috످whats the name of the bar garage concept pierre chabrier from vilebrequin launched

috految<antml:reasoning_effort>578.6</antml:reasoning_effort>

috److془Pierre Chabrier, from Vilebrequin. Launched a bar garage concept... Let me think what I recall. Pierre Chabrier, co-founder with Sylvain Levy. After Vilebrequin ended Dec 2023, he launched solo channel, "Chabrier"? The bar-garage: I don't recall the name.

Say I don't know, point to his Instagram/YouTube or French Wikipedia.془I don't know the name of Pierre Chabrier's bar-garage concept. You could check his Instagram or YouTube, or search "Pierre Chabrier bar garage" on Google.

috످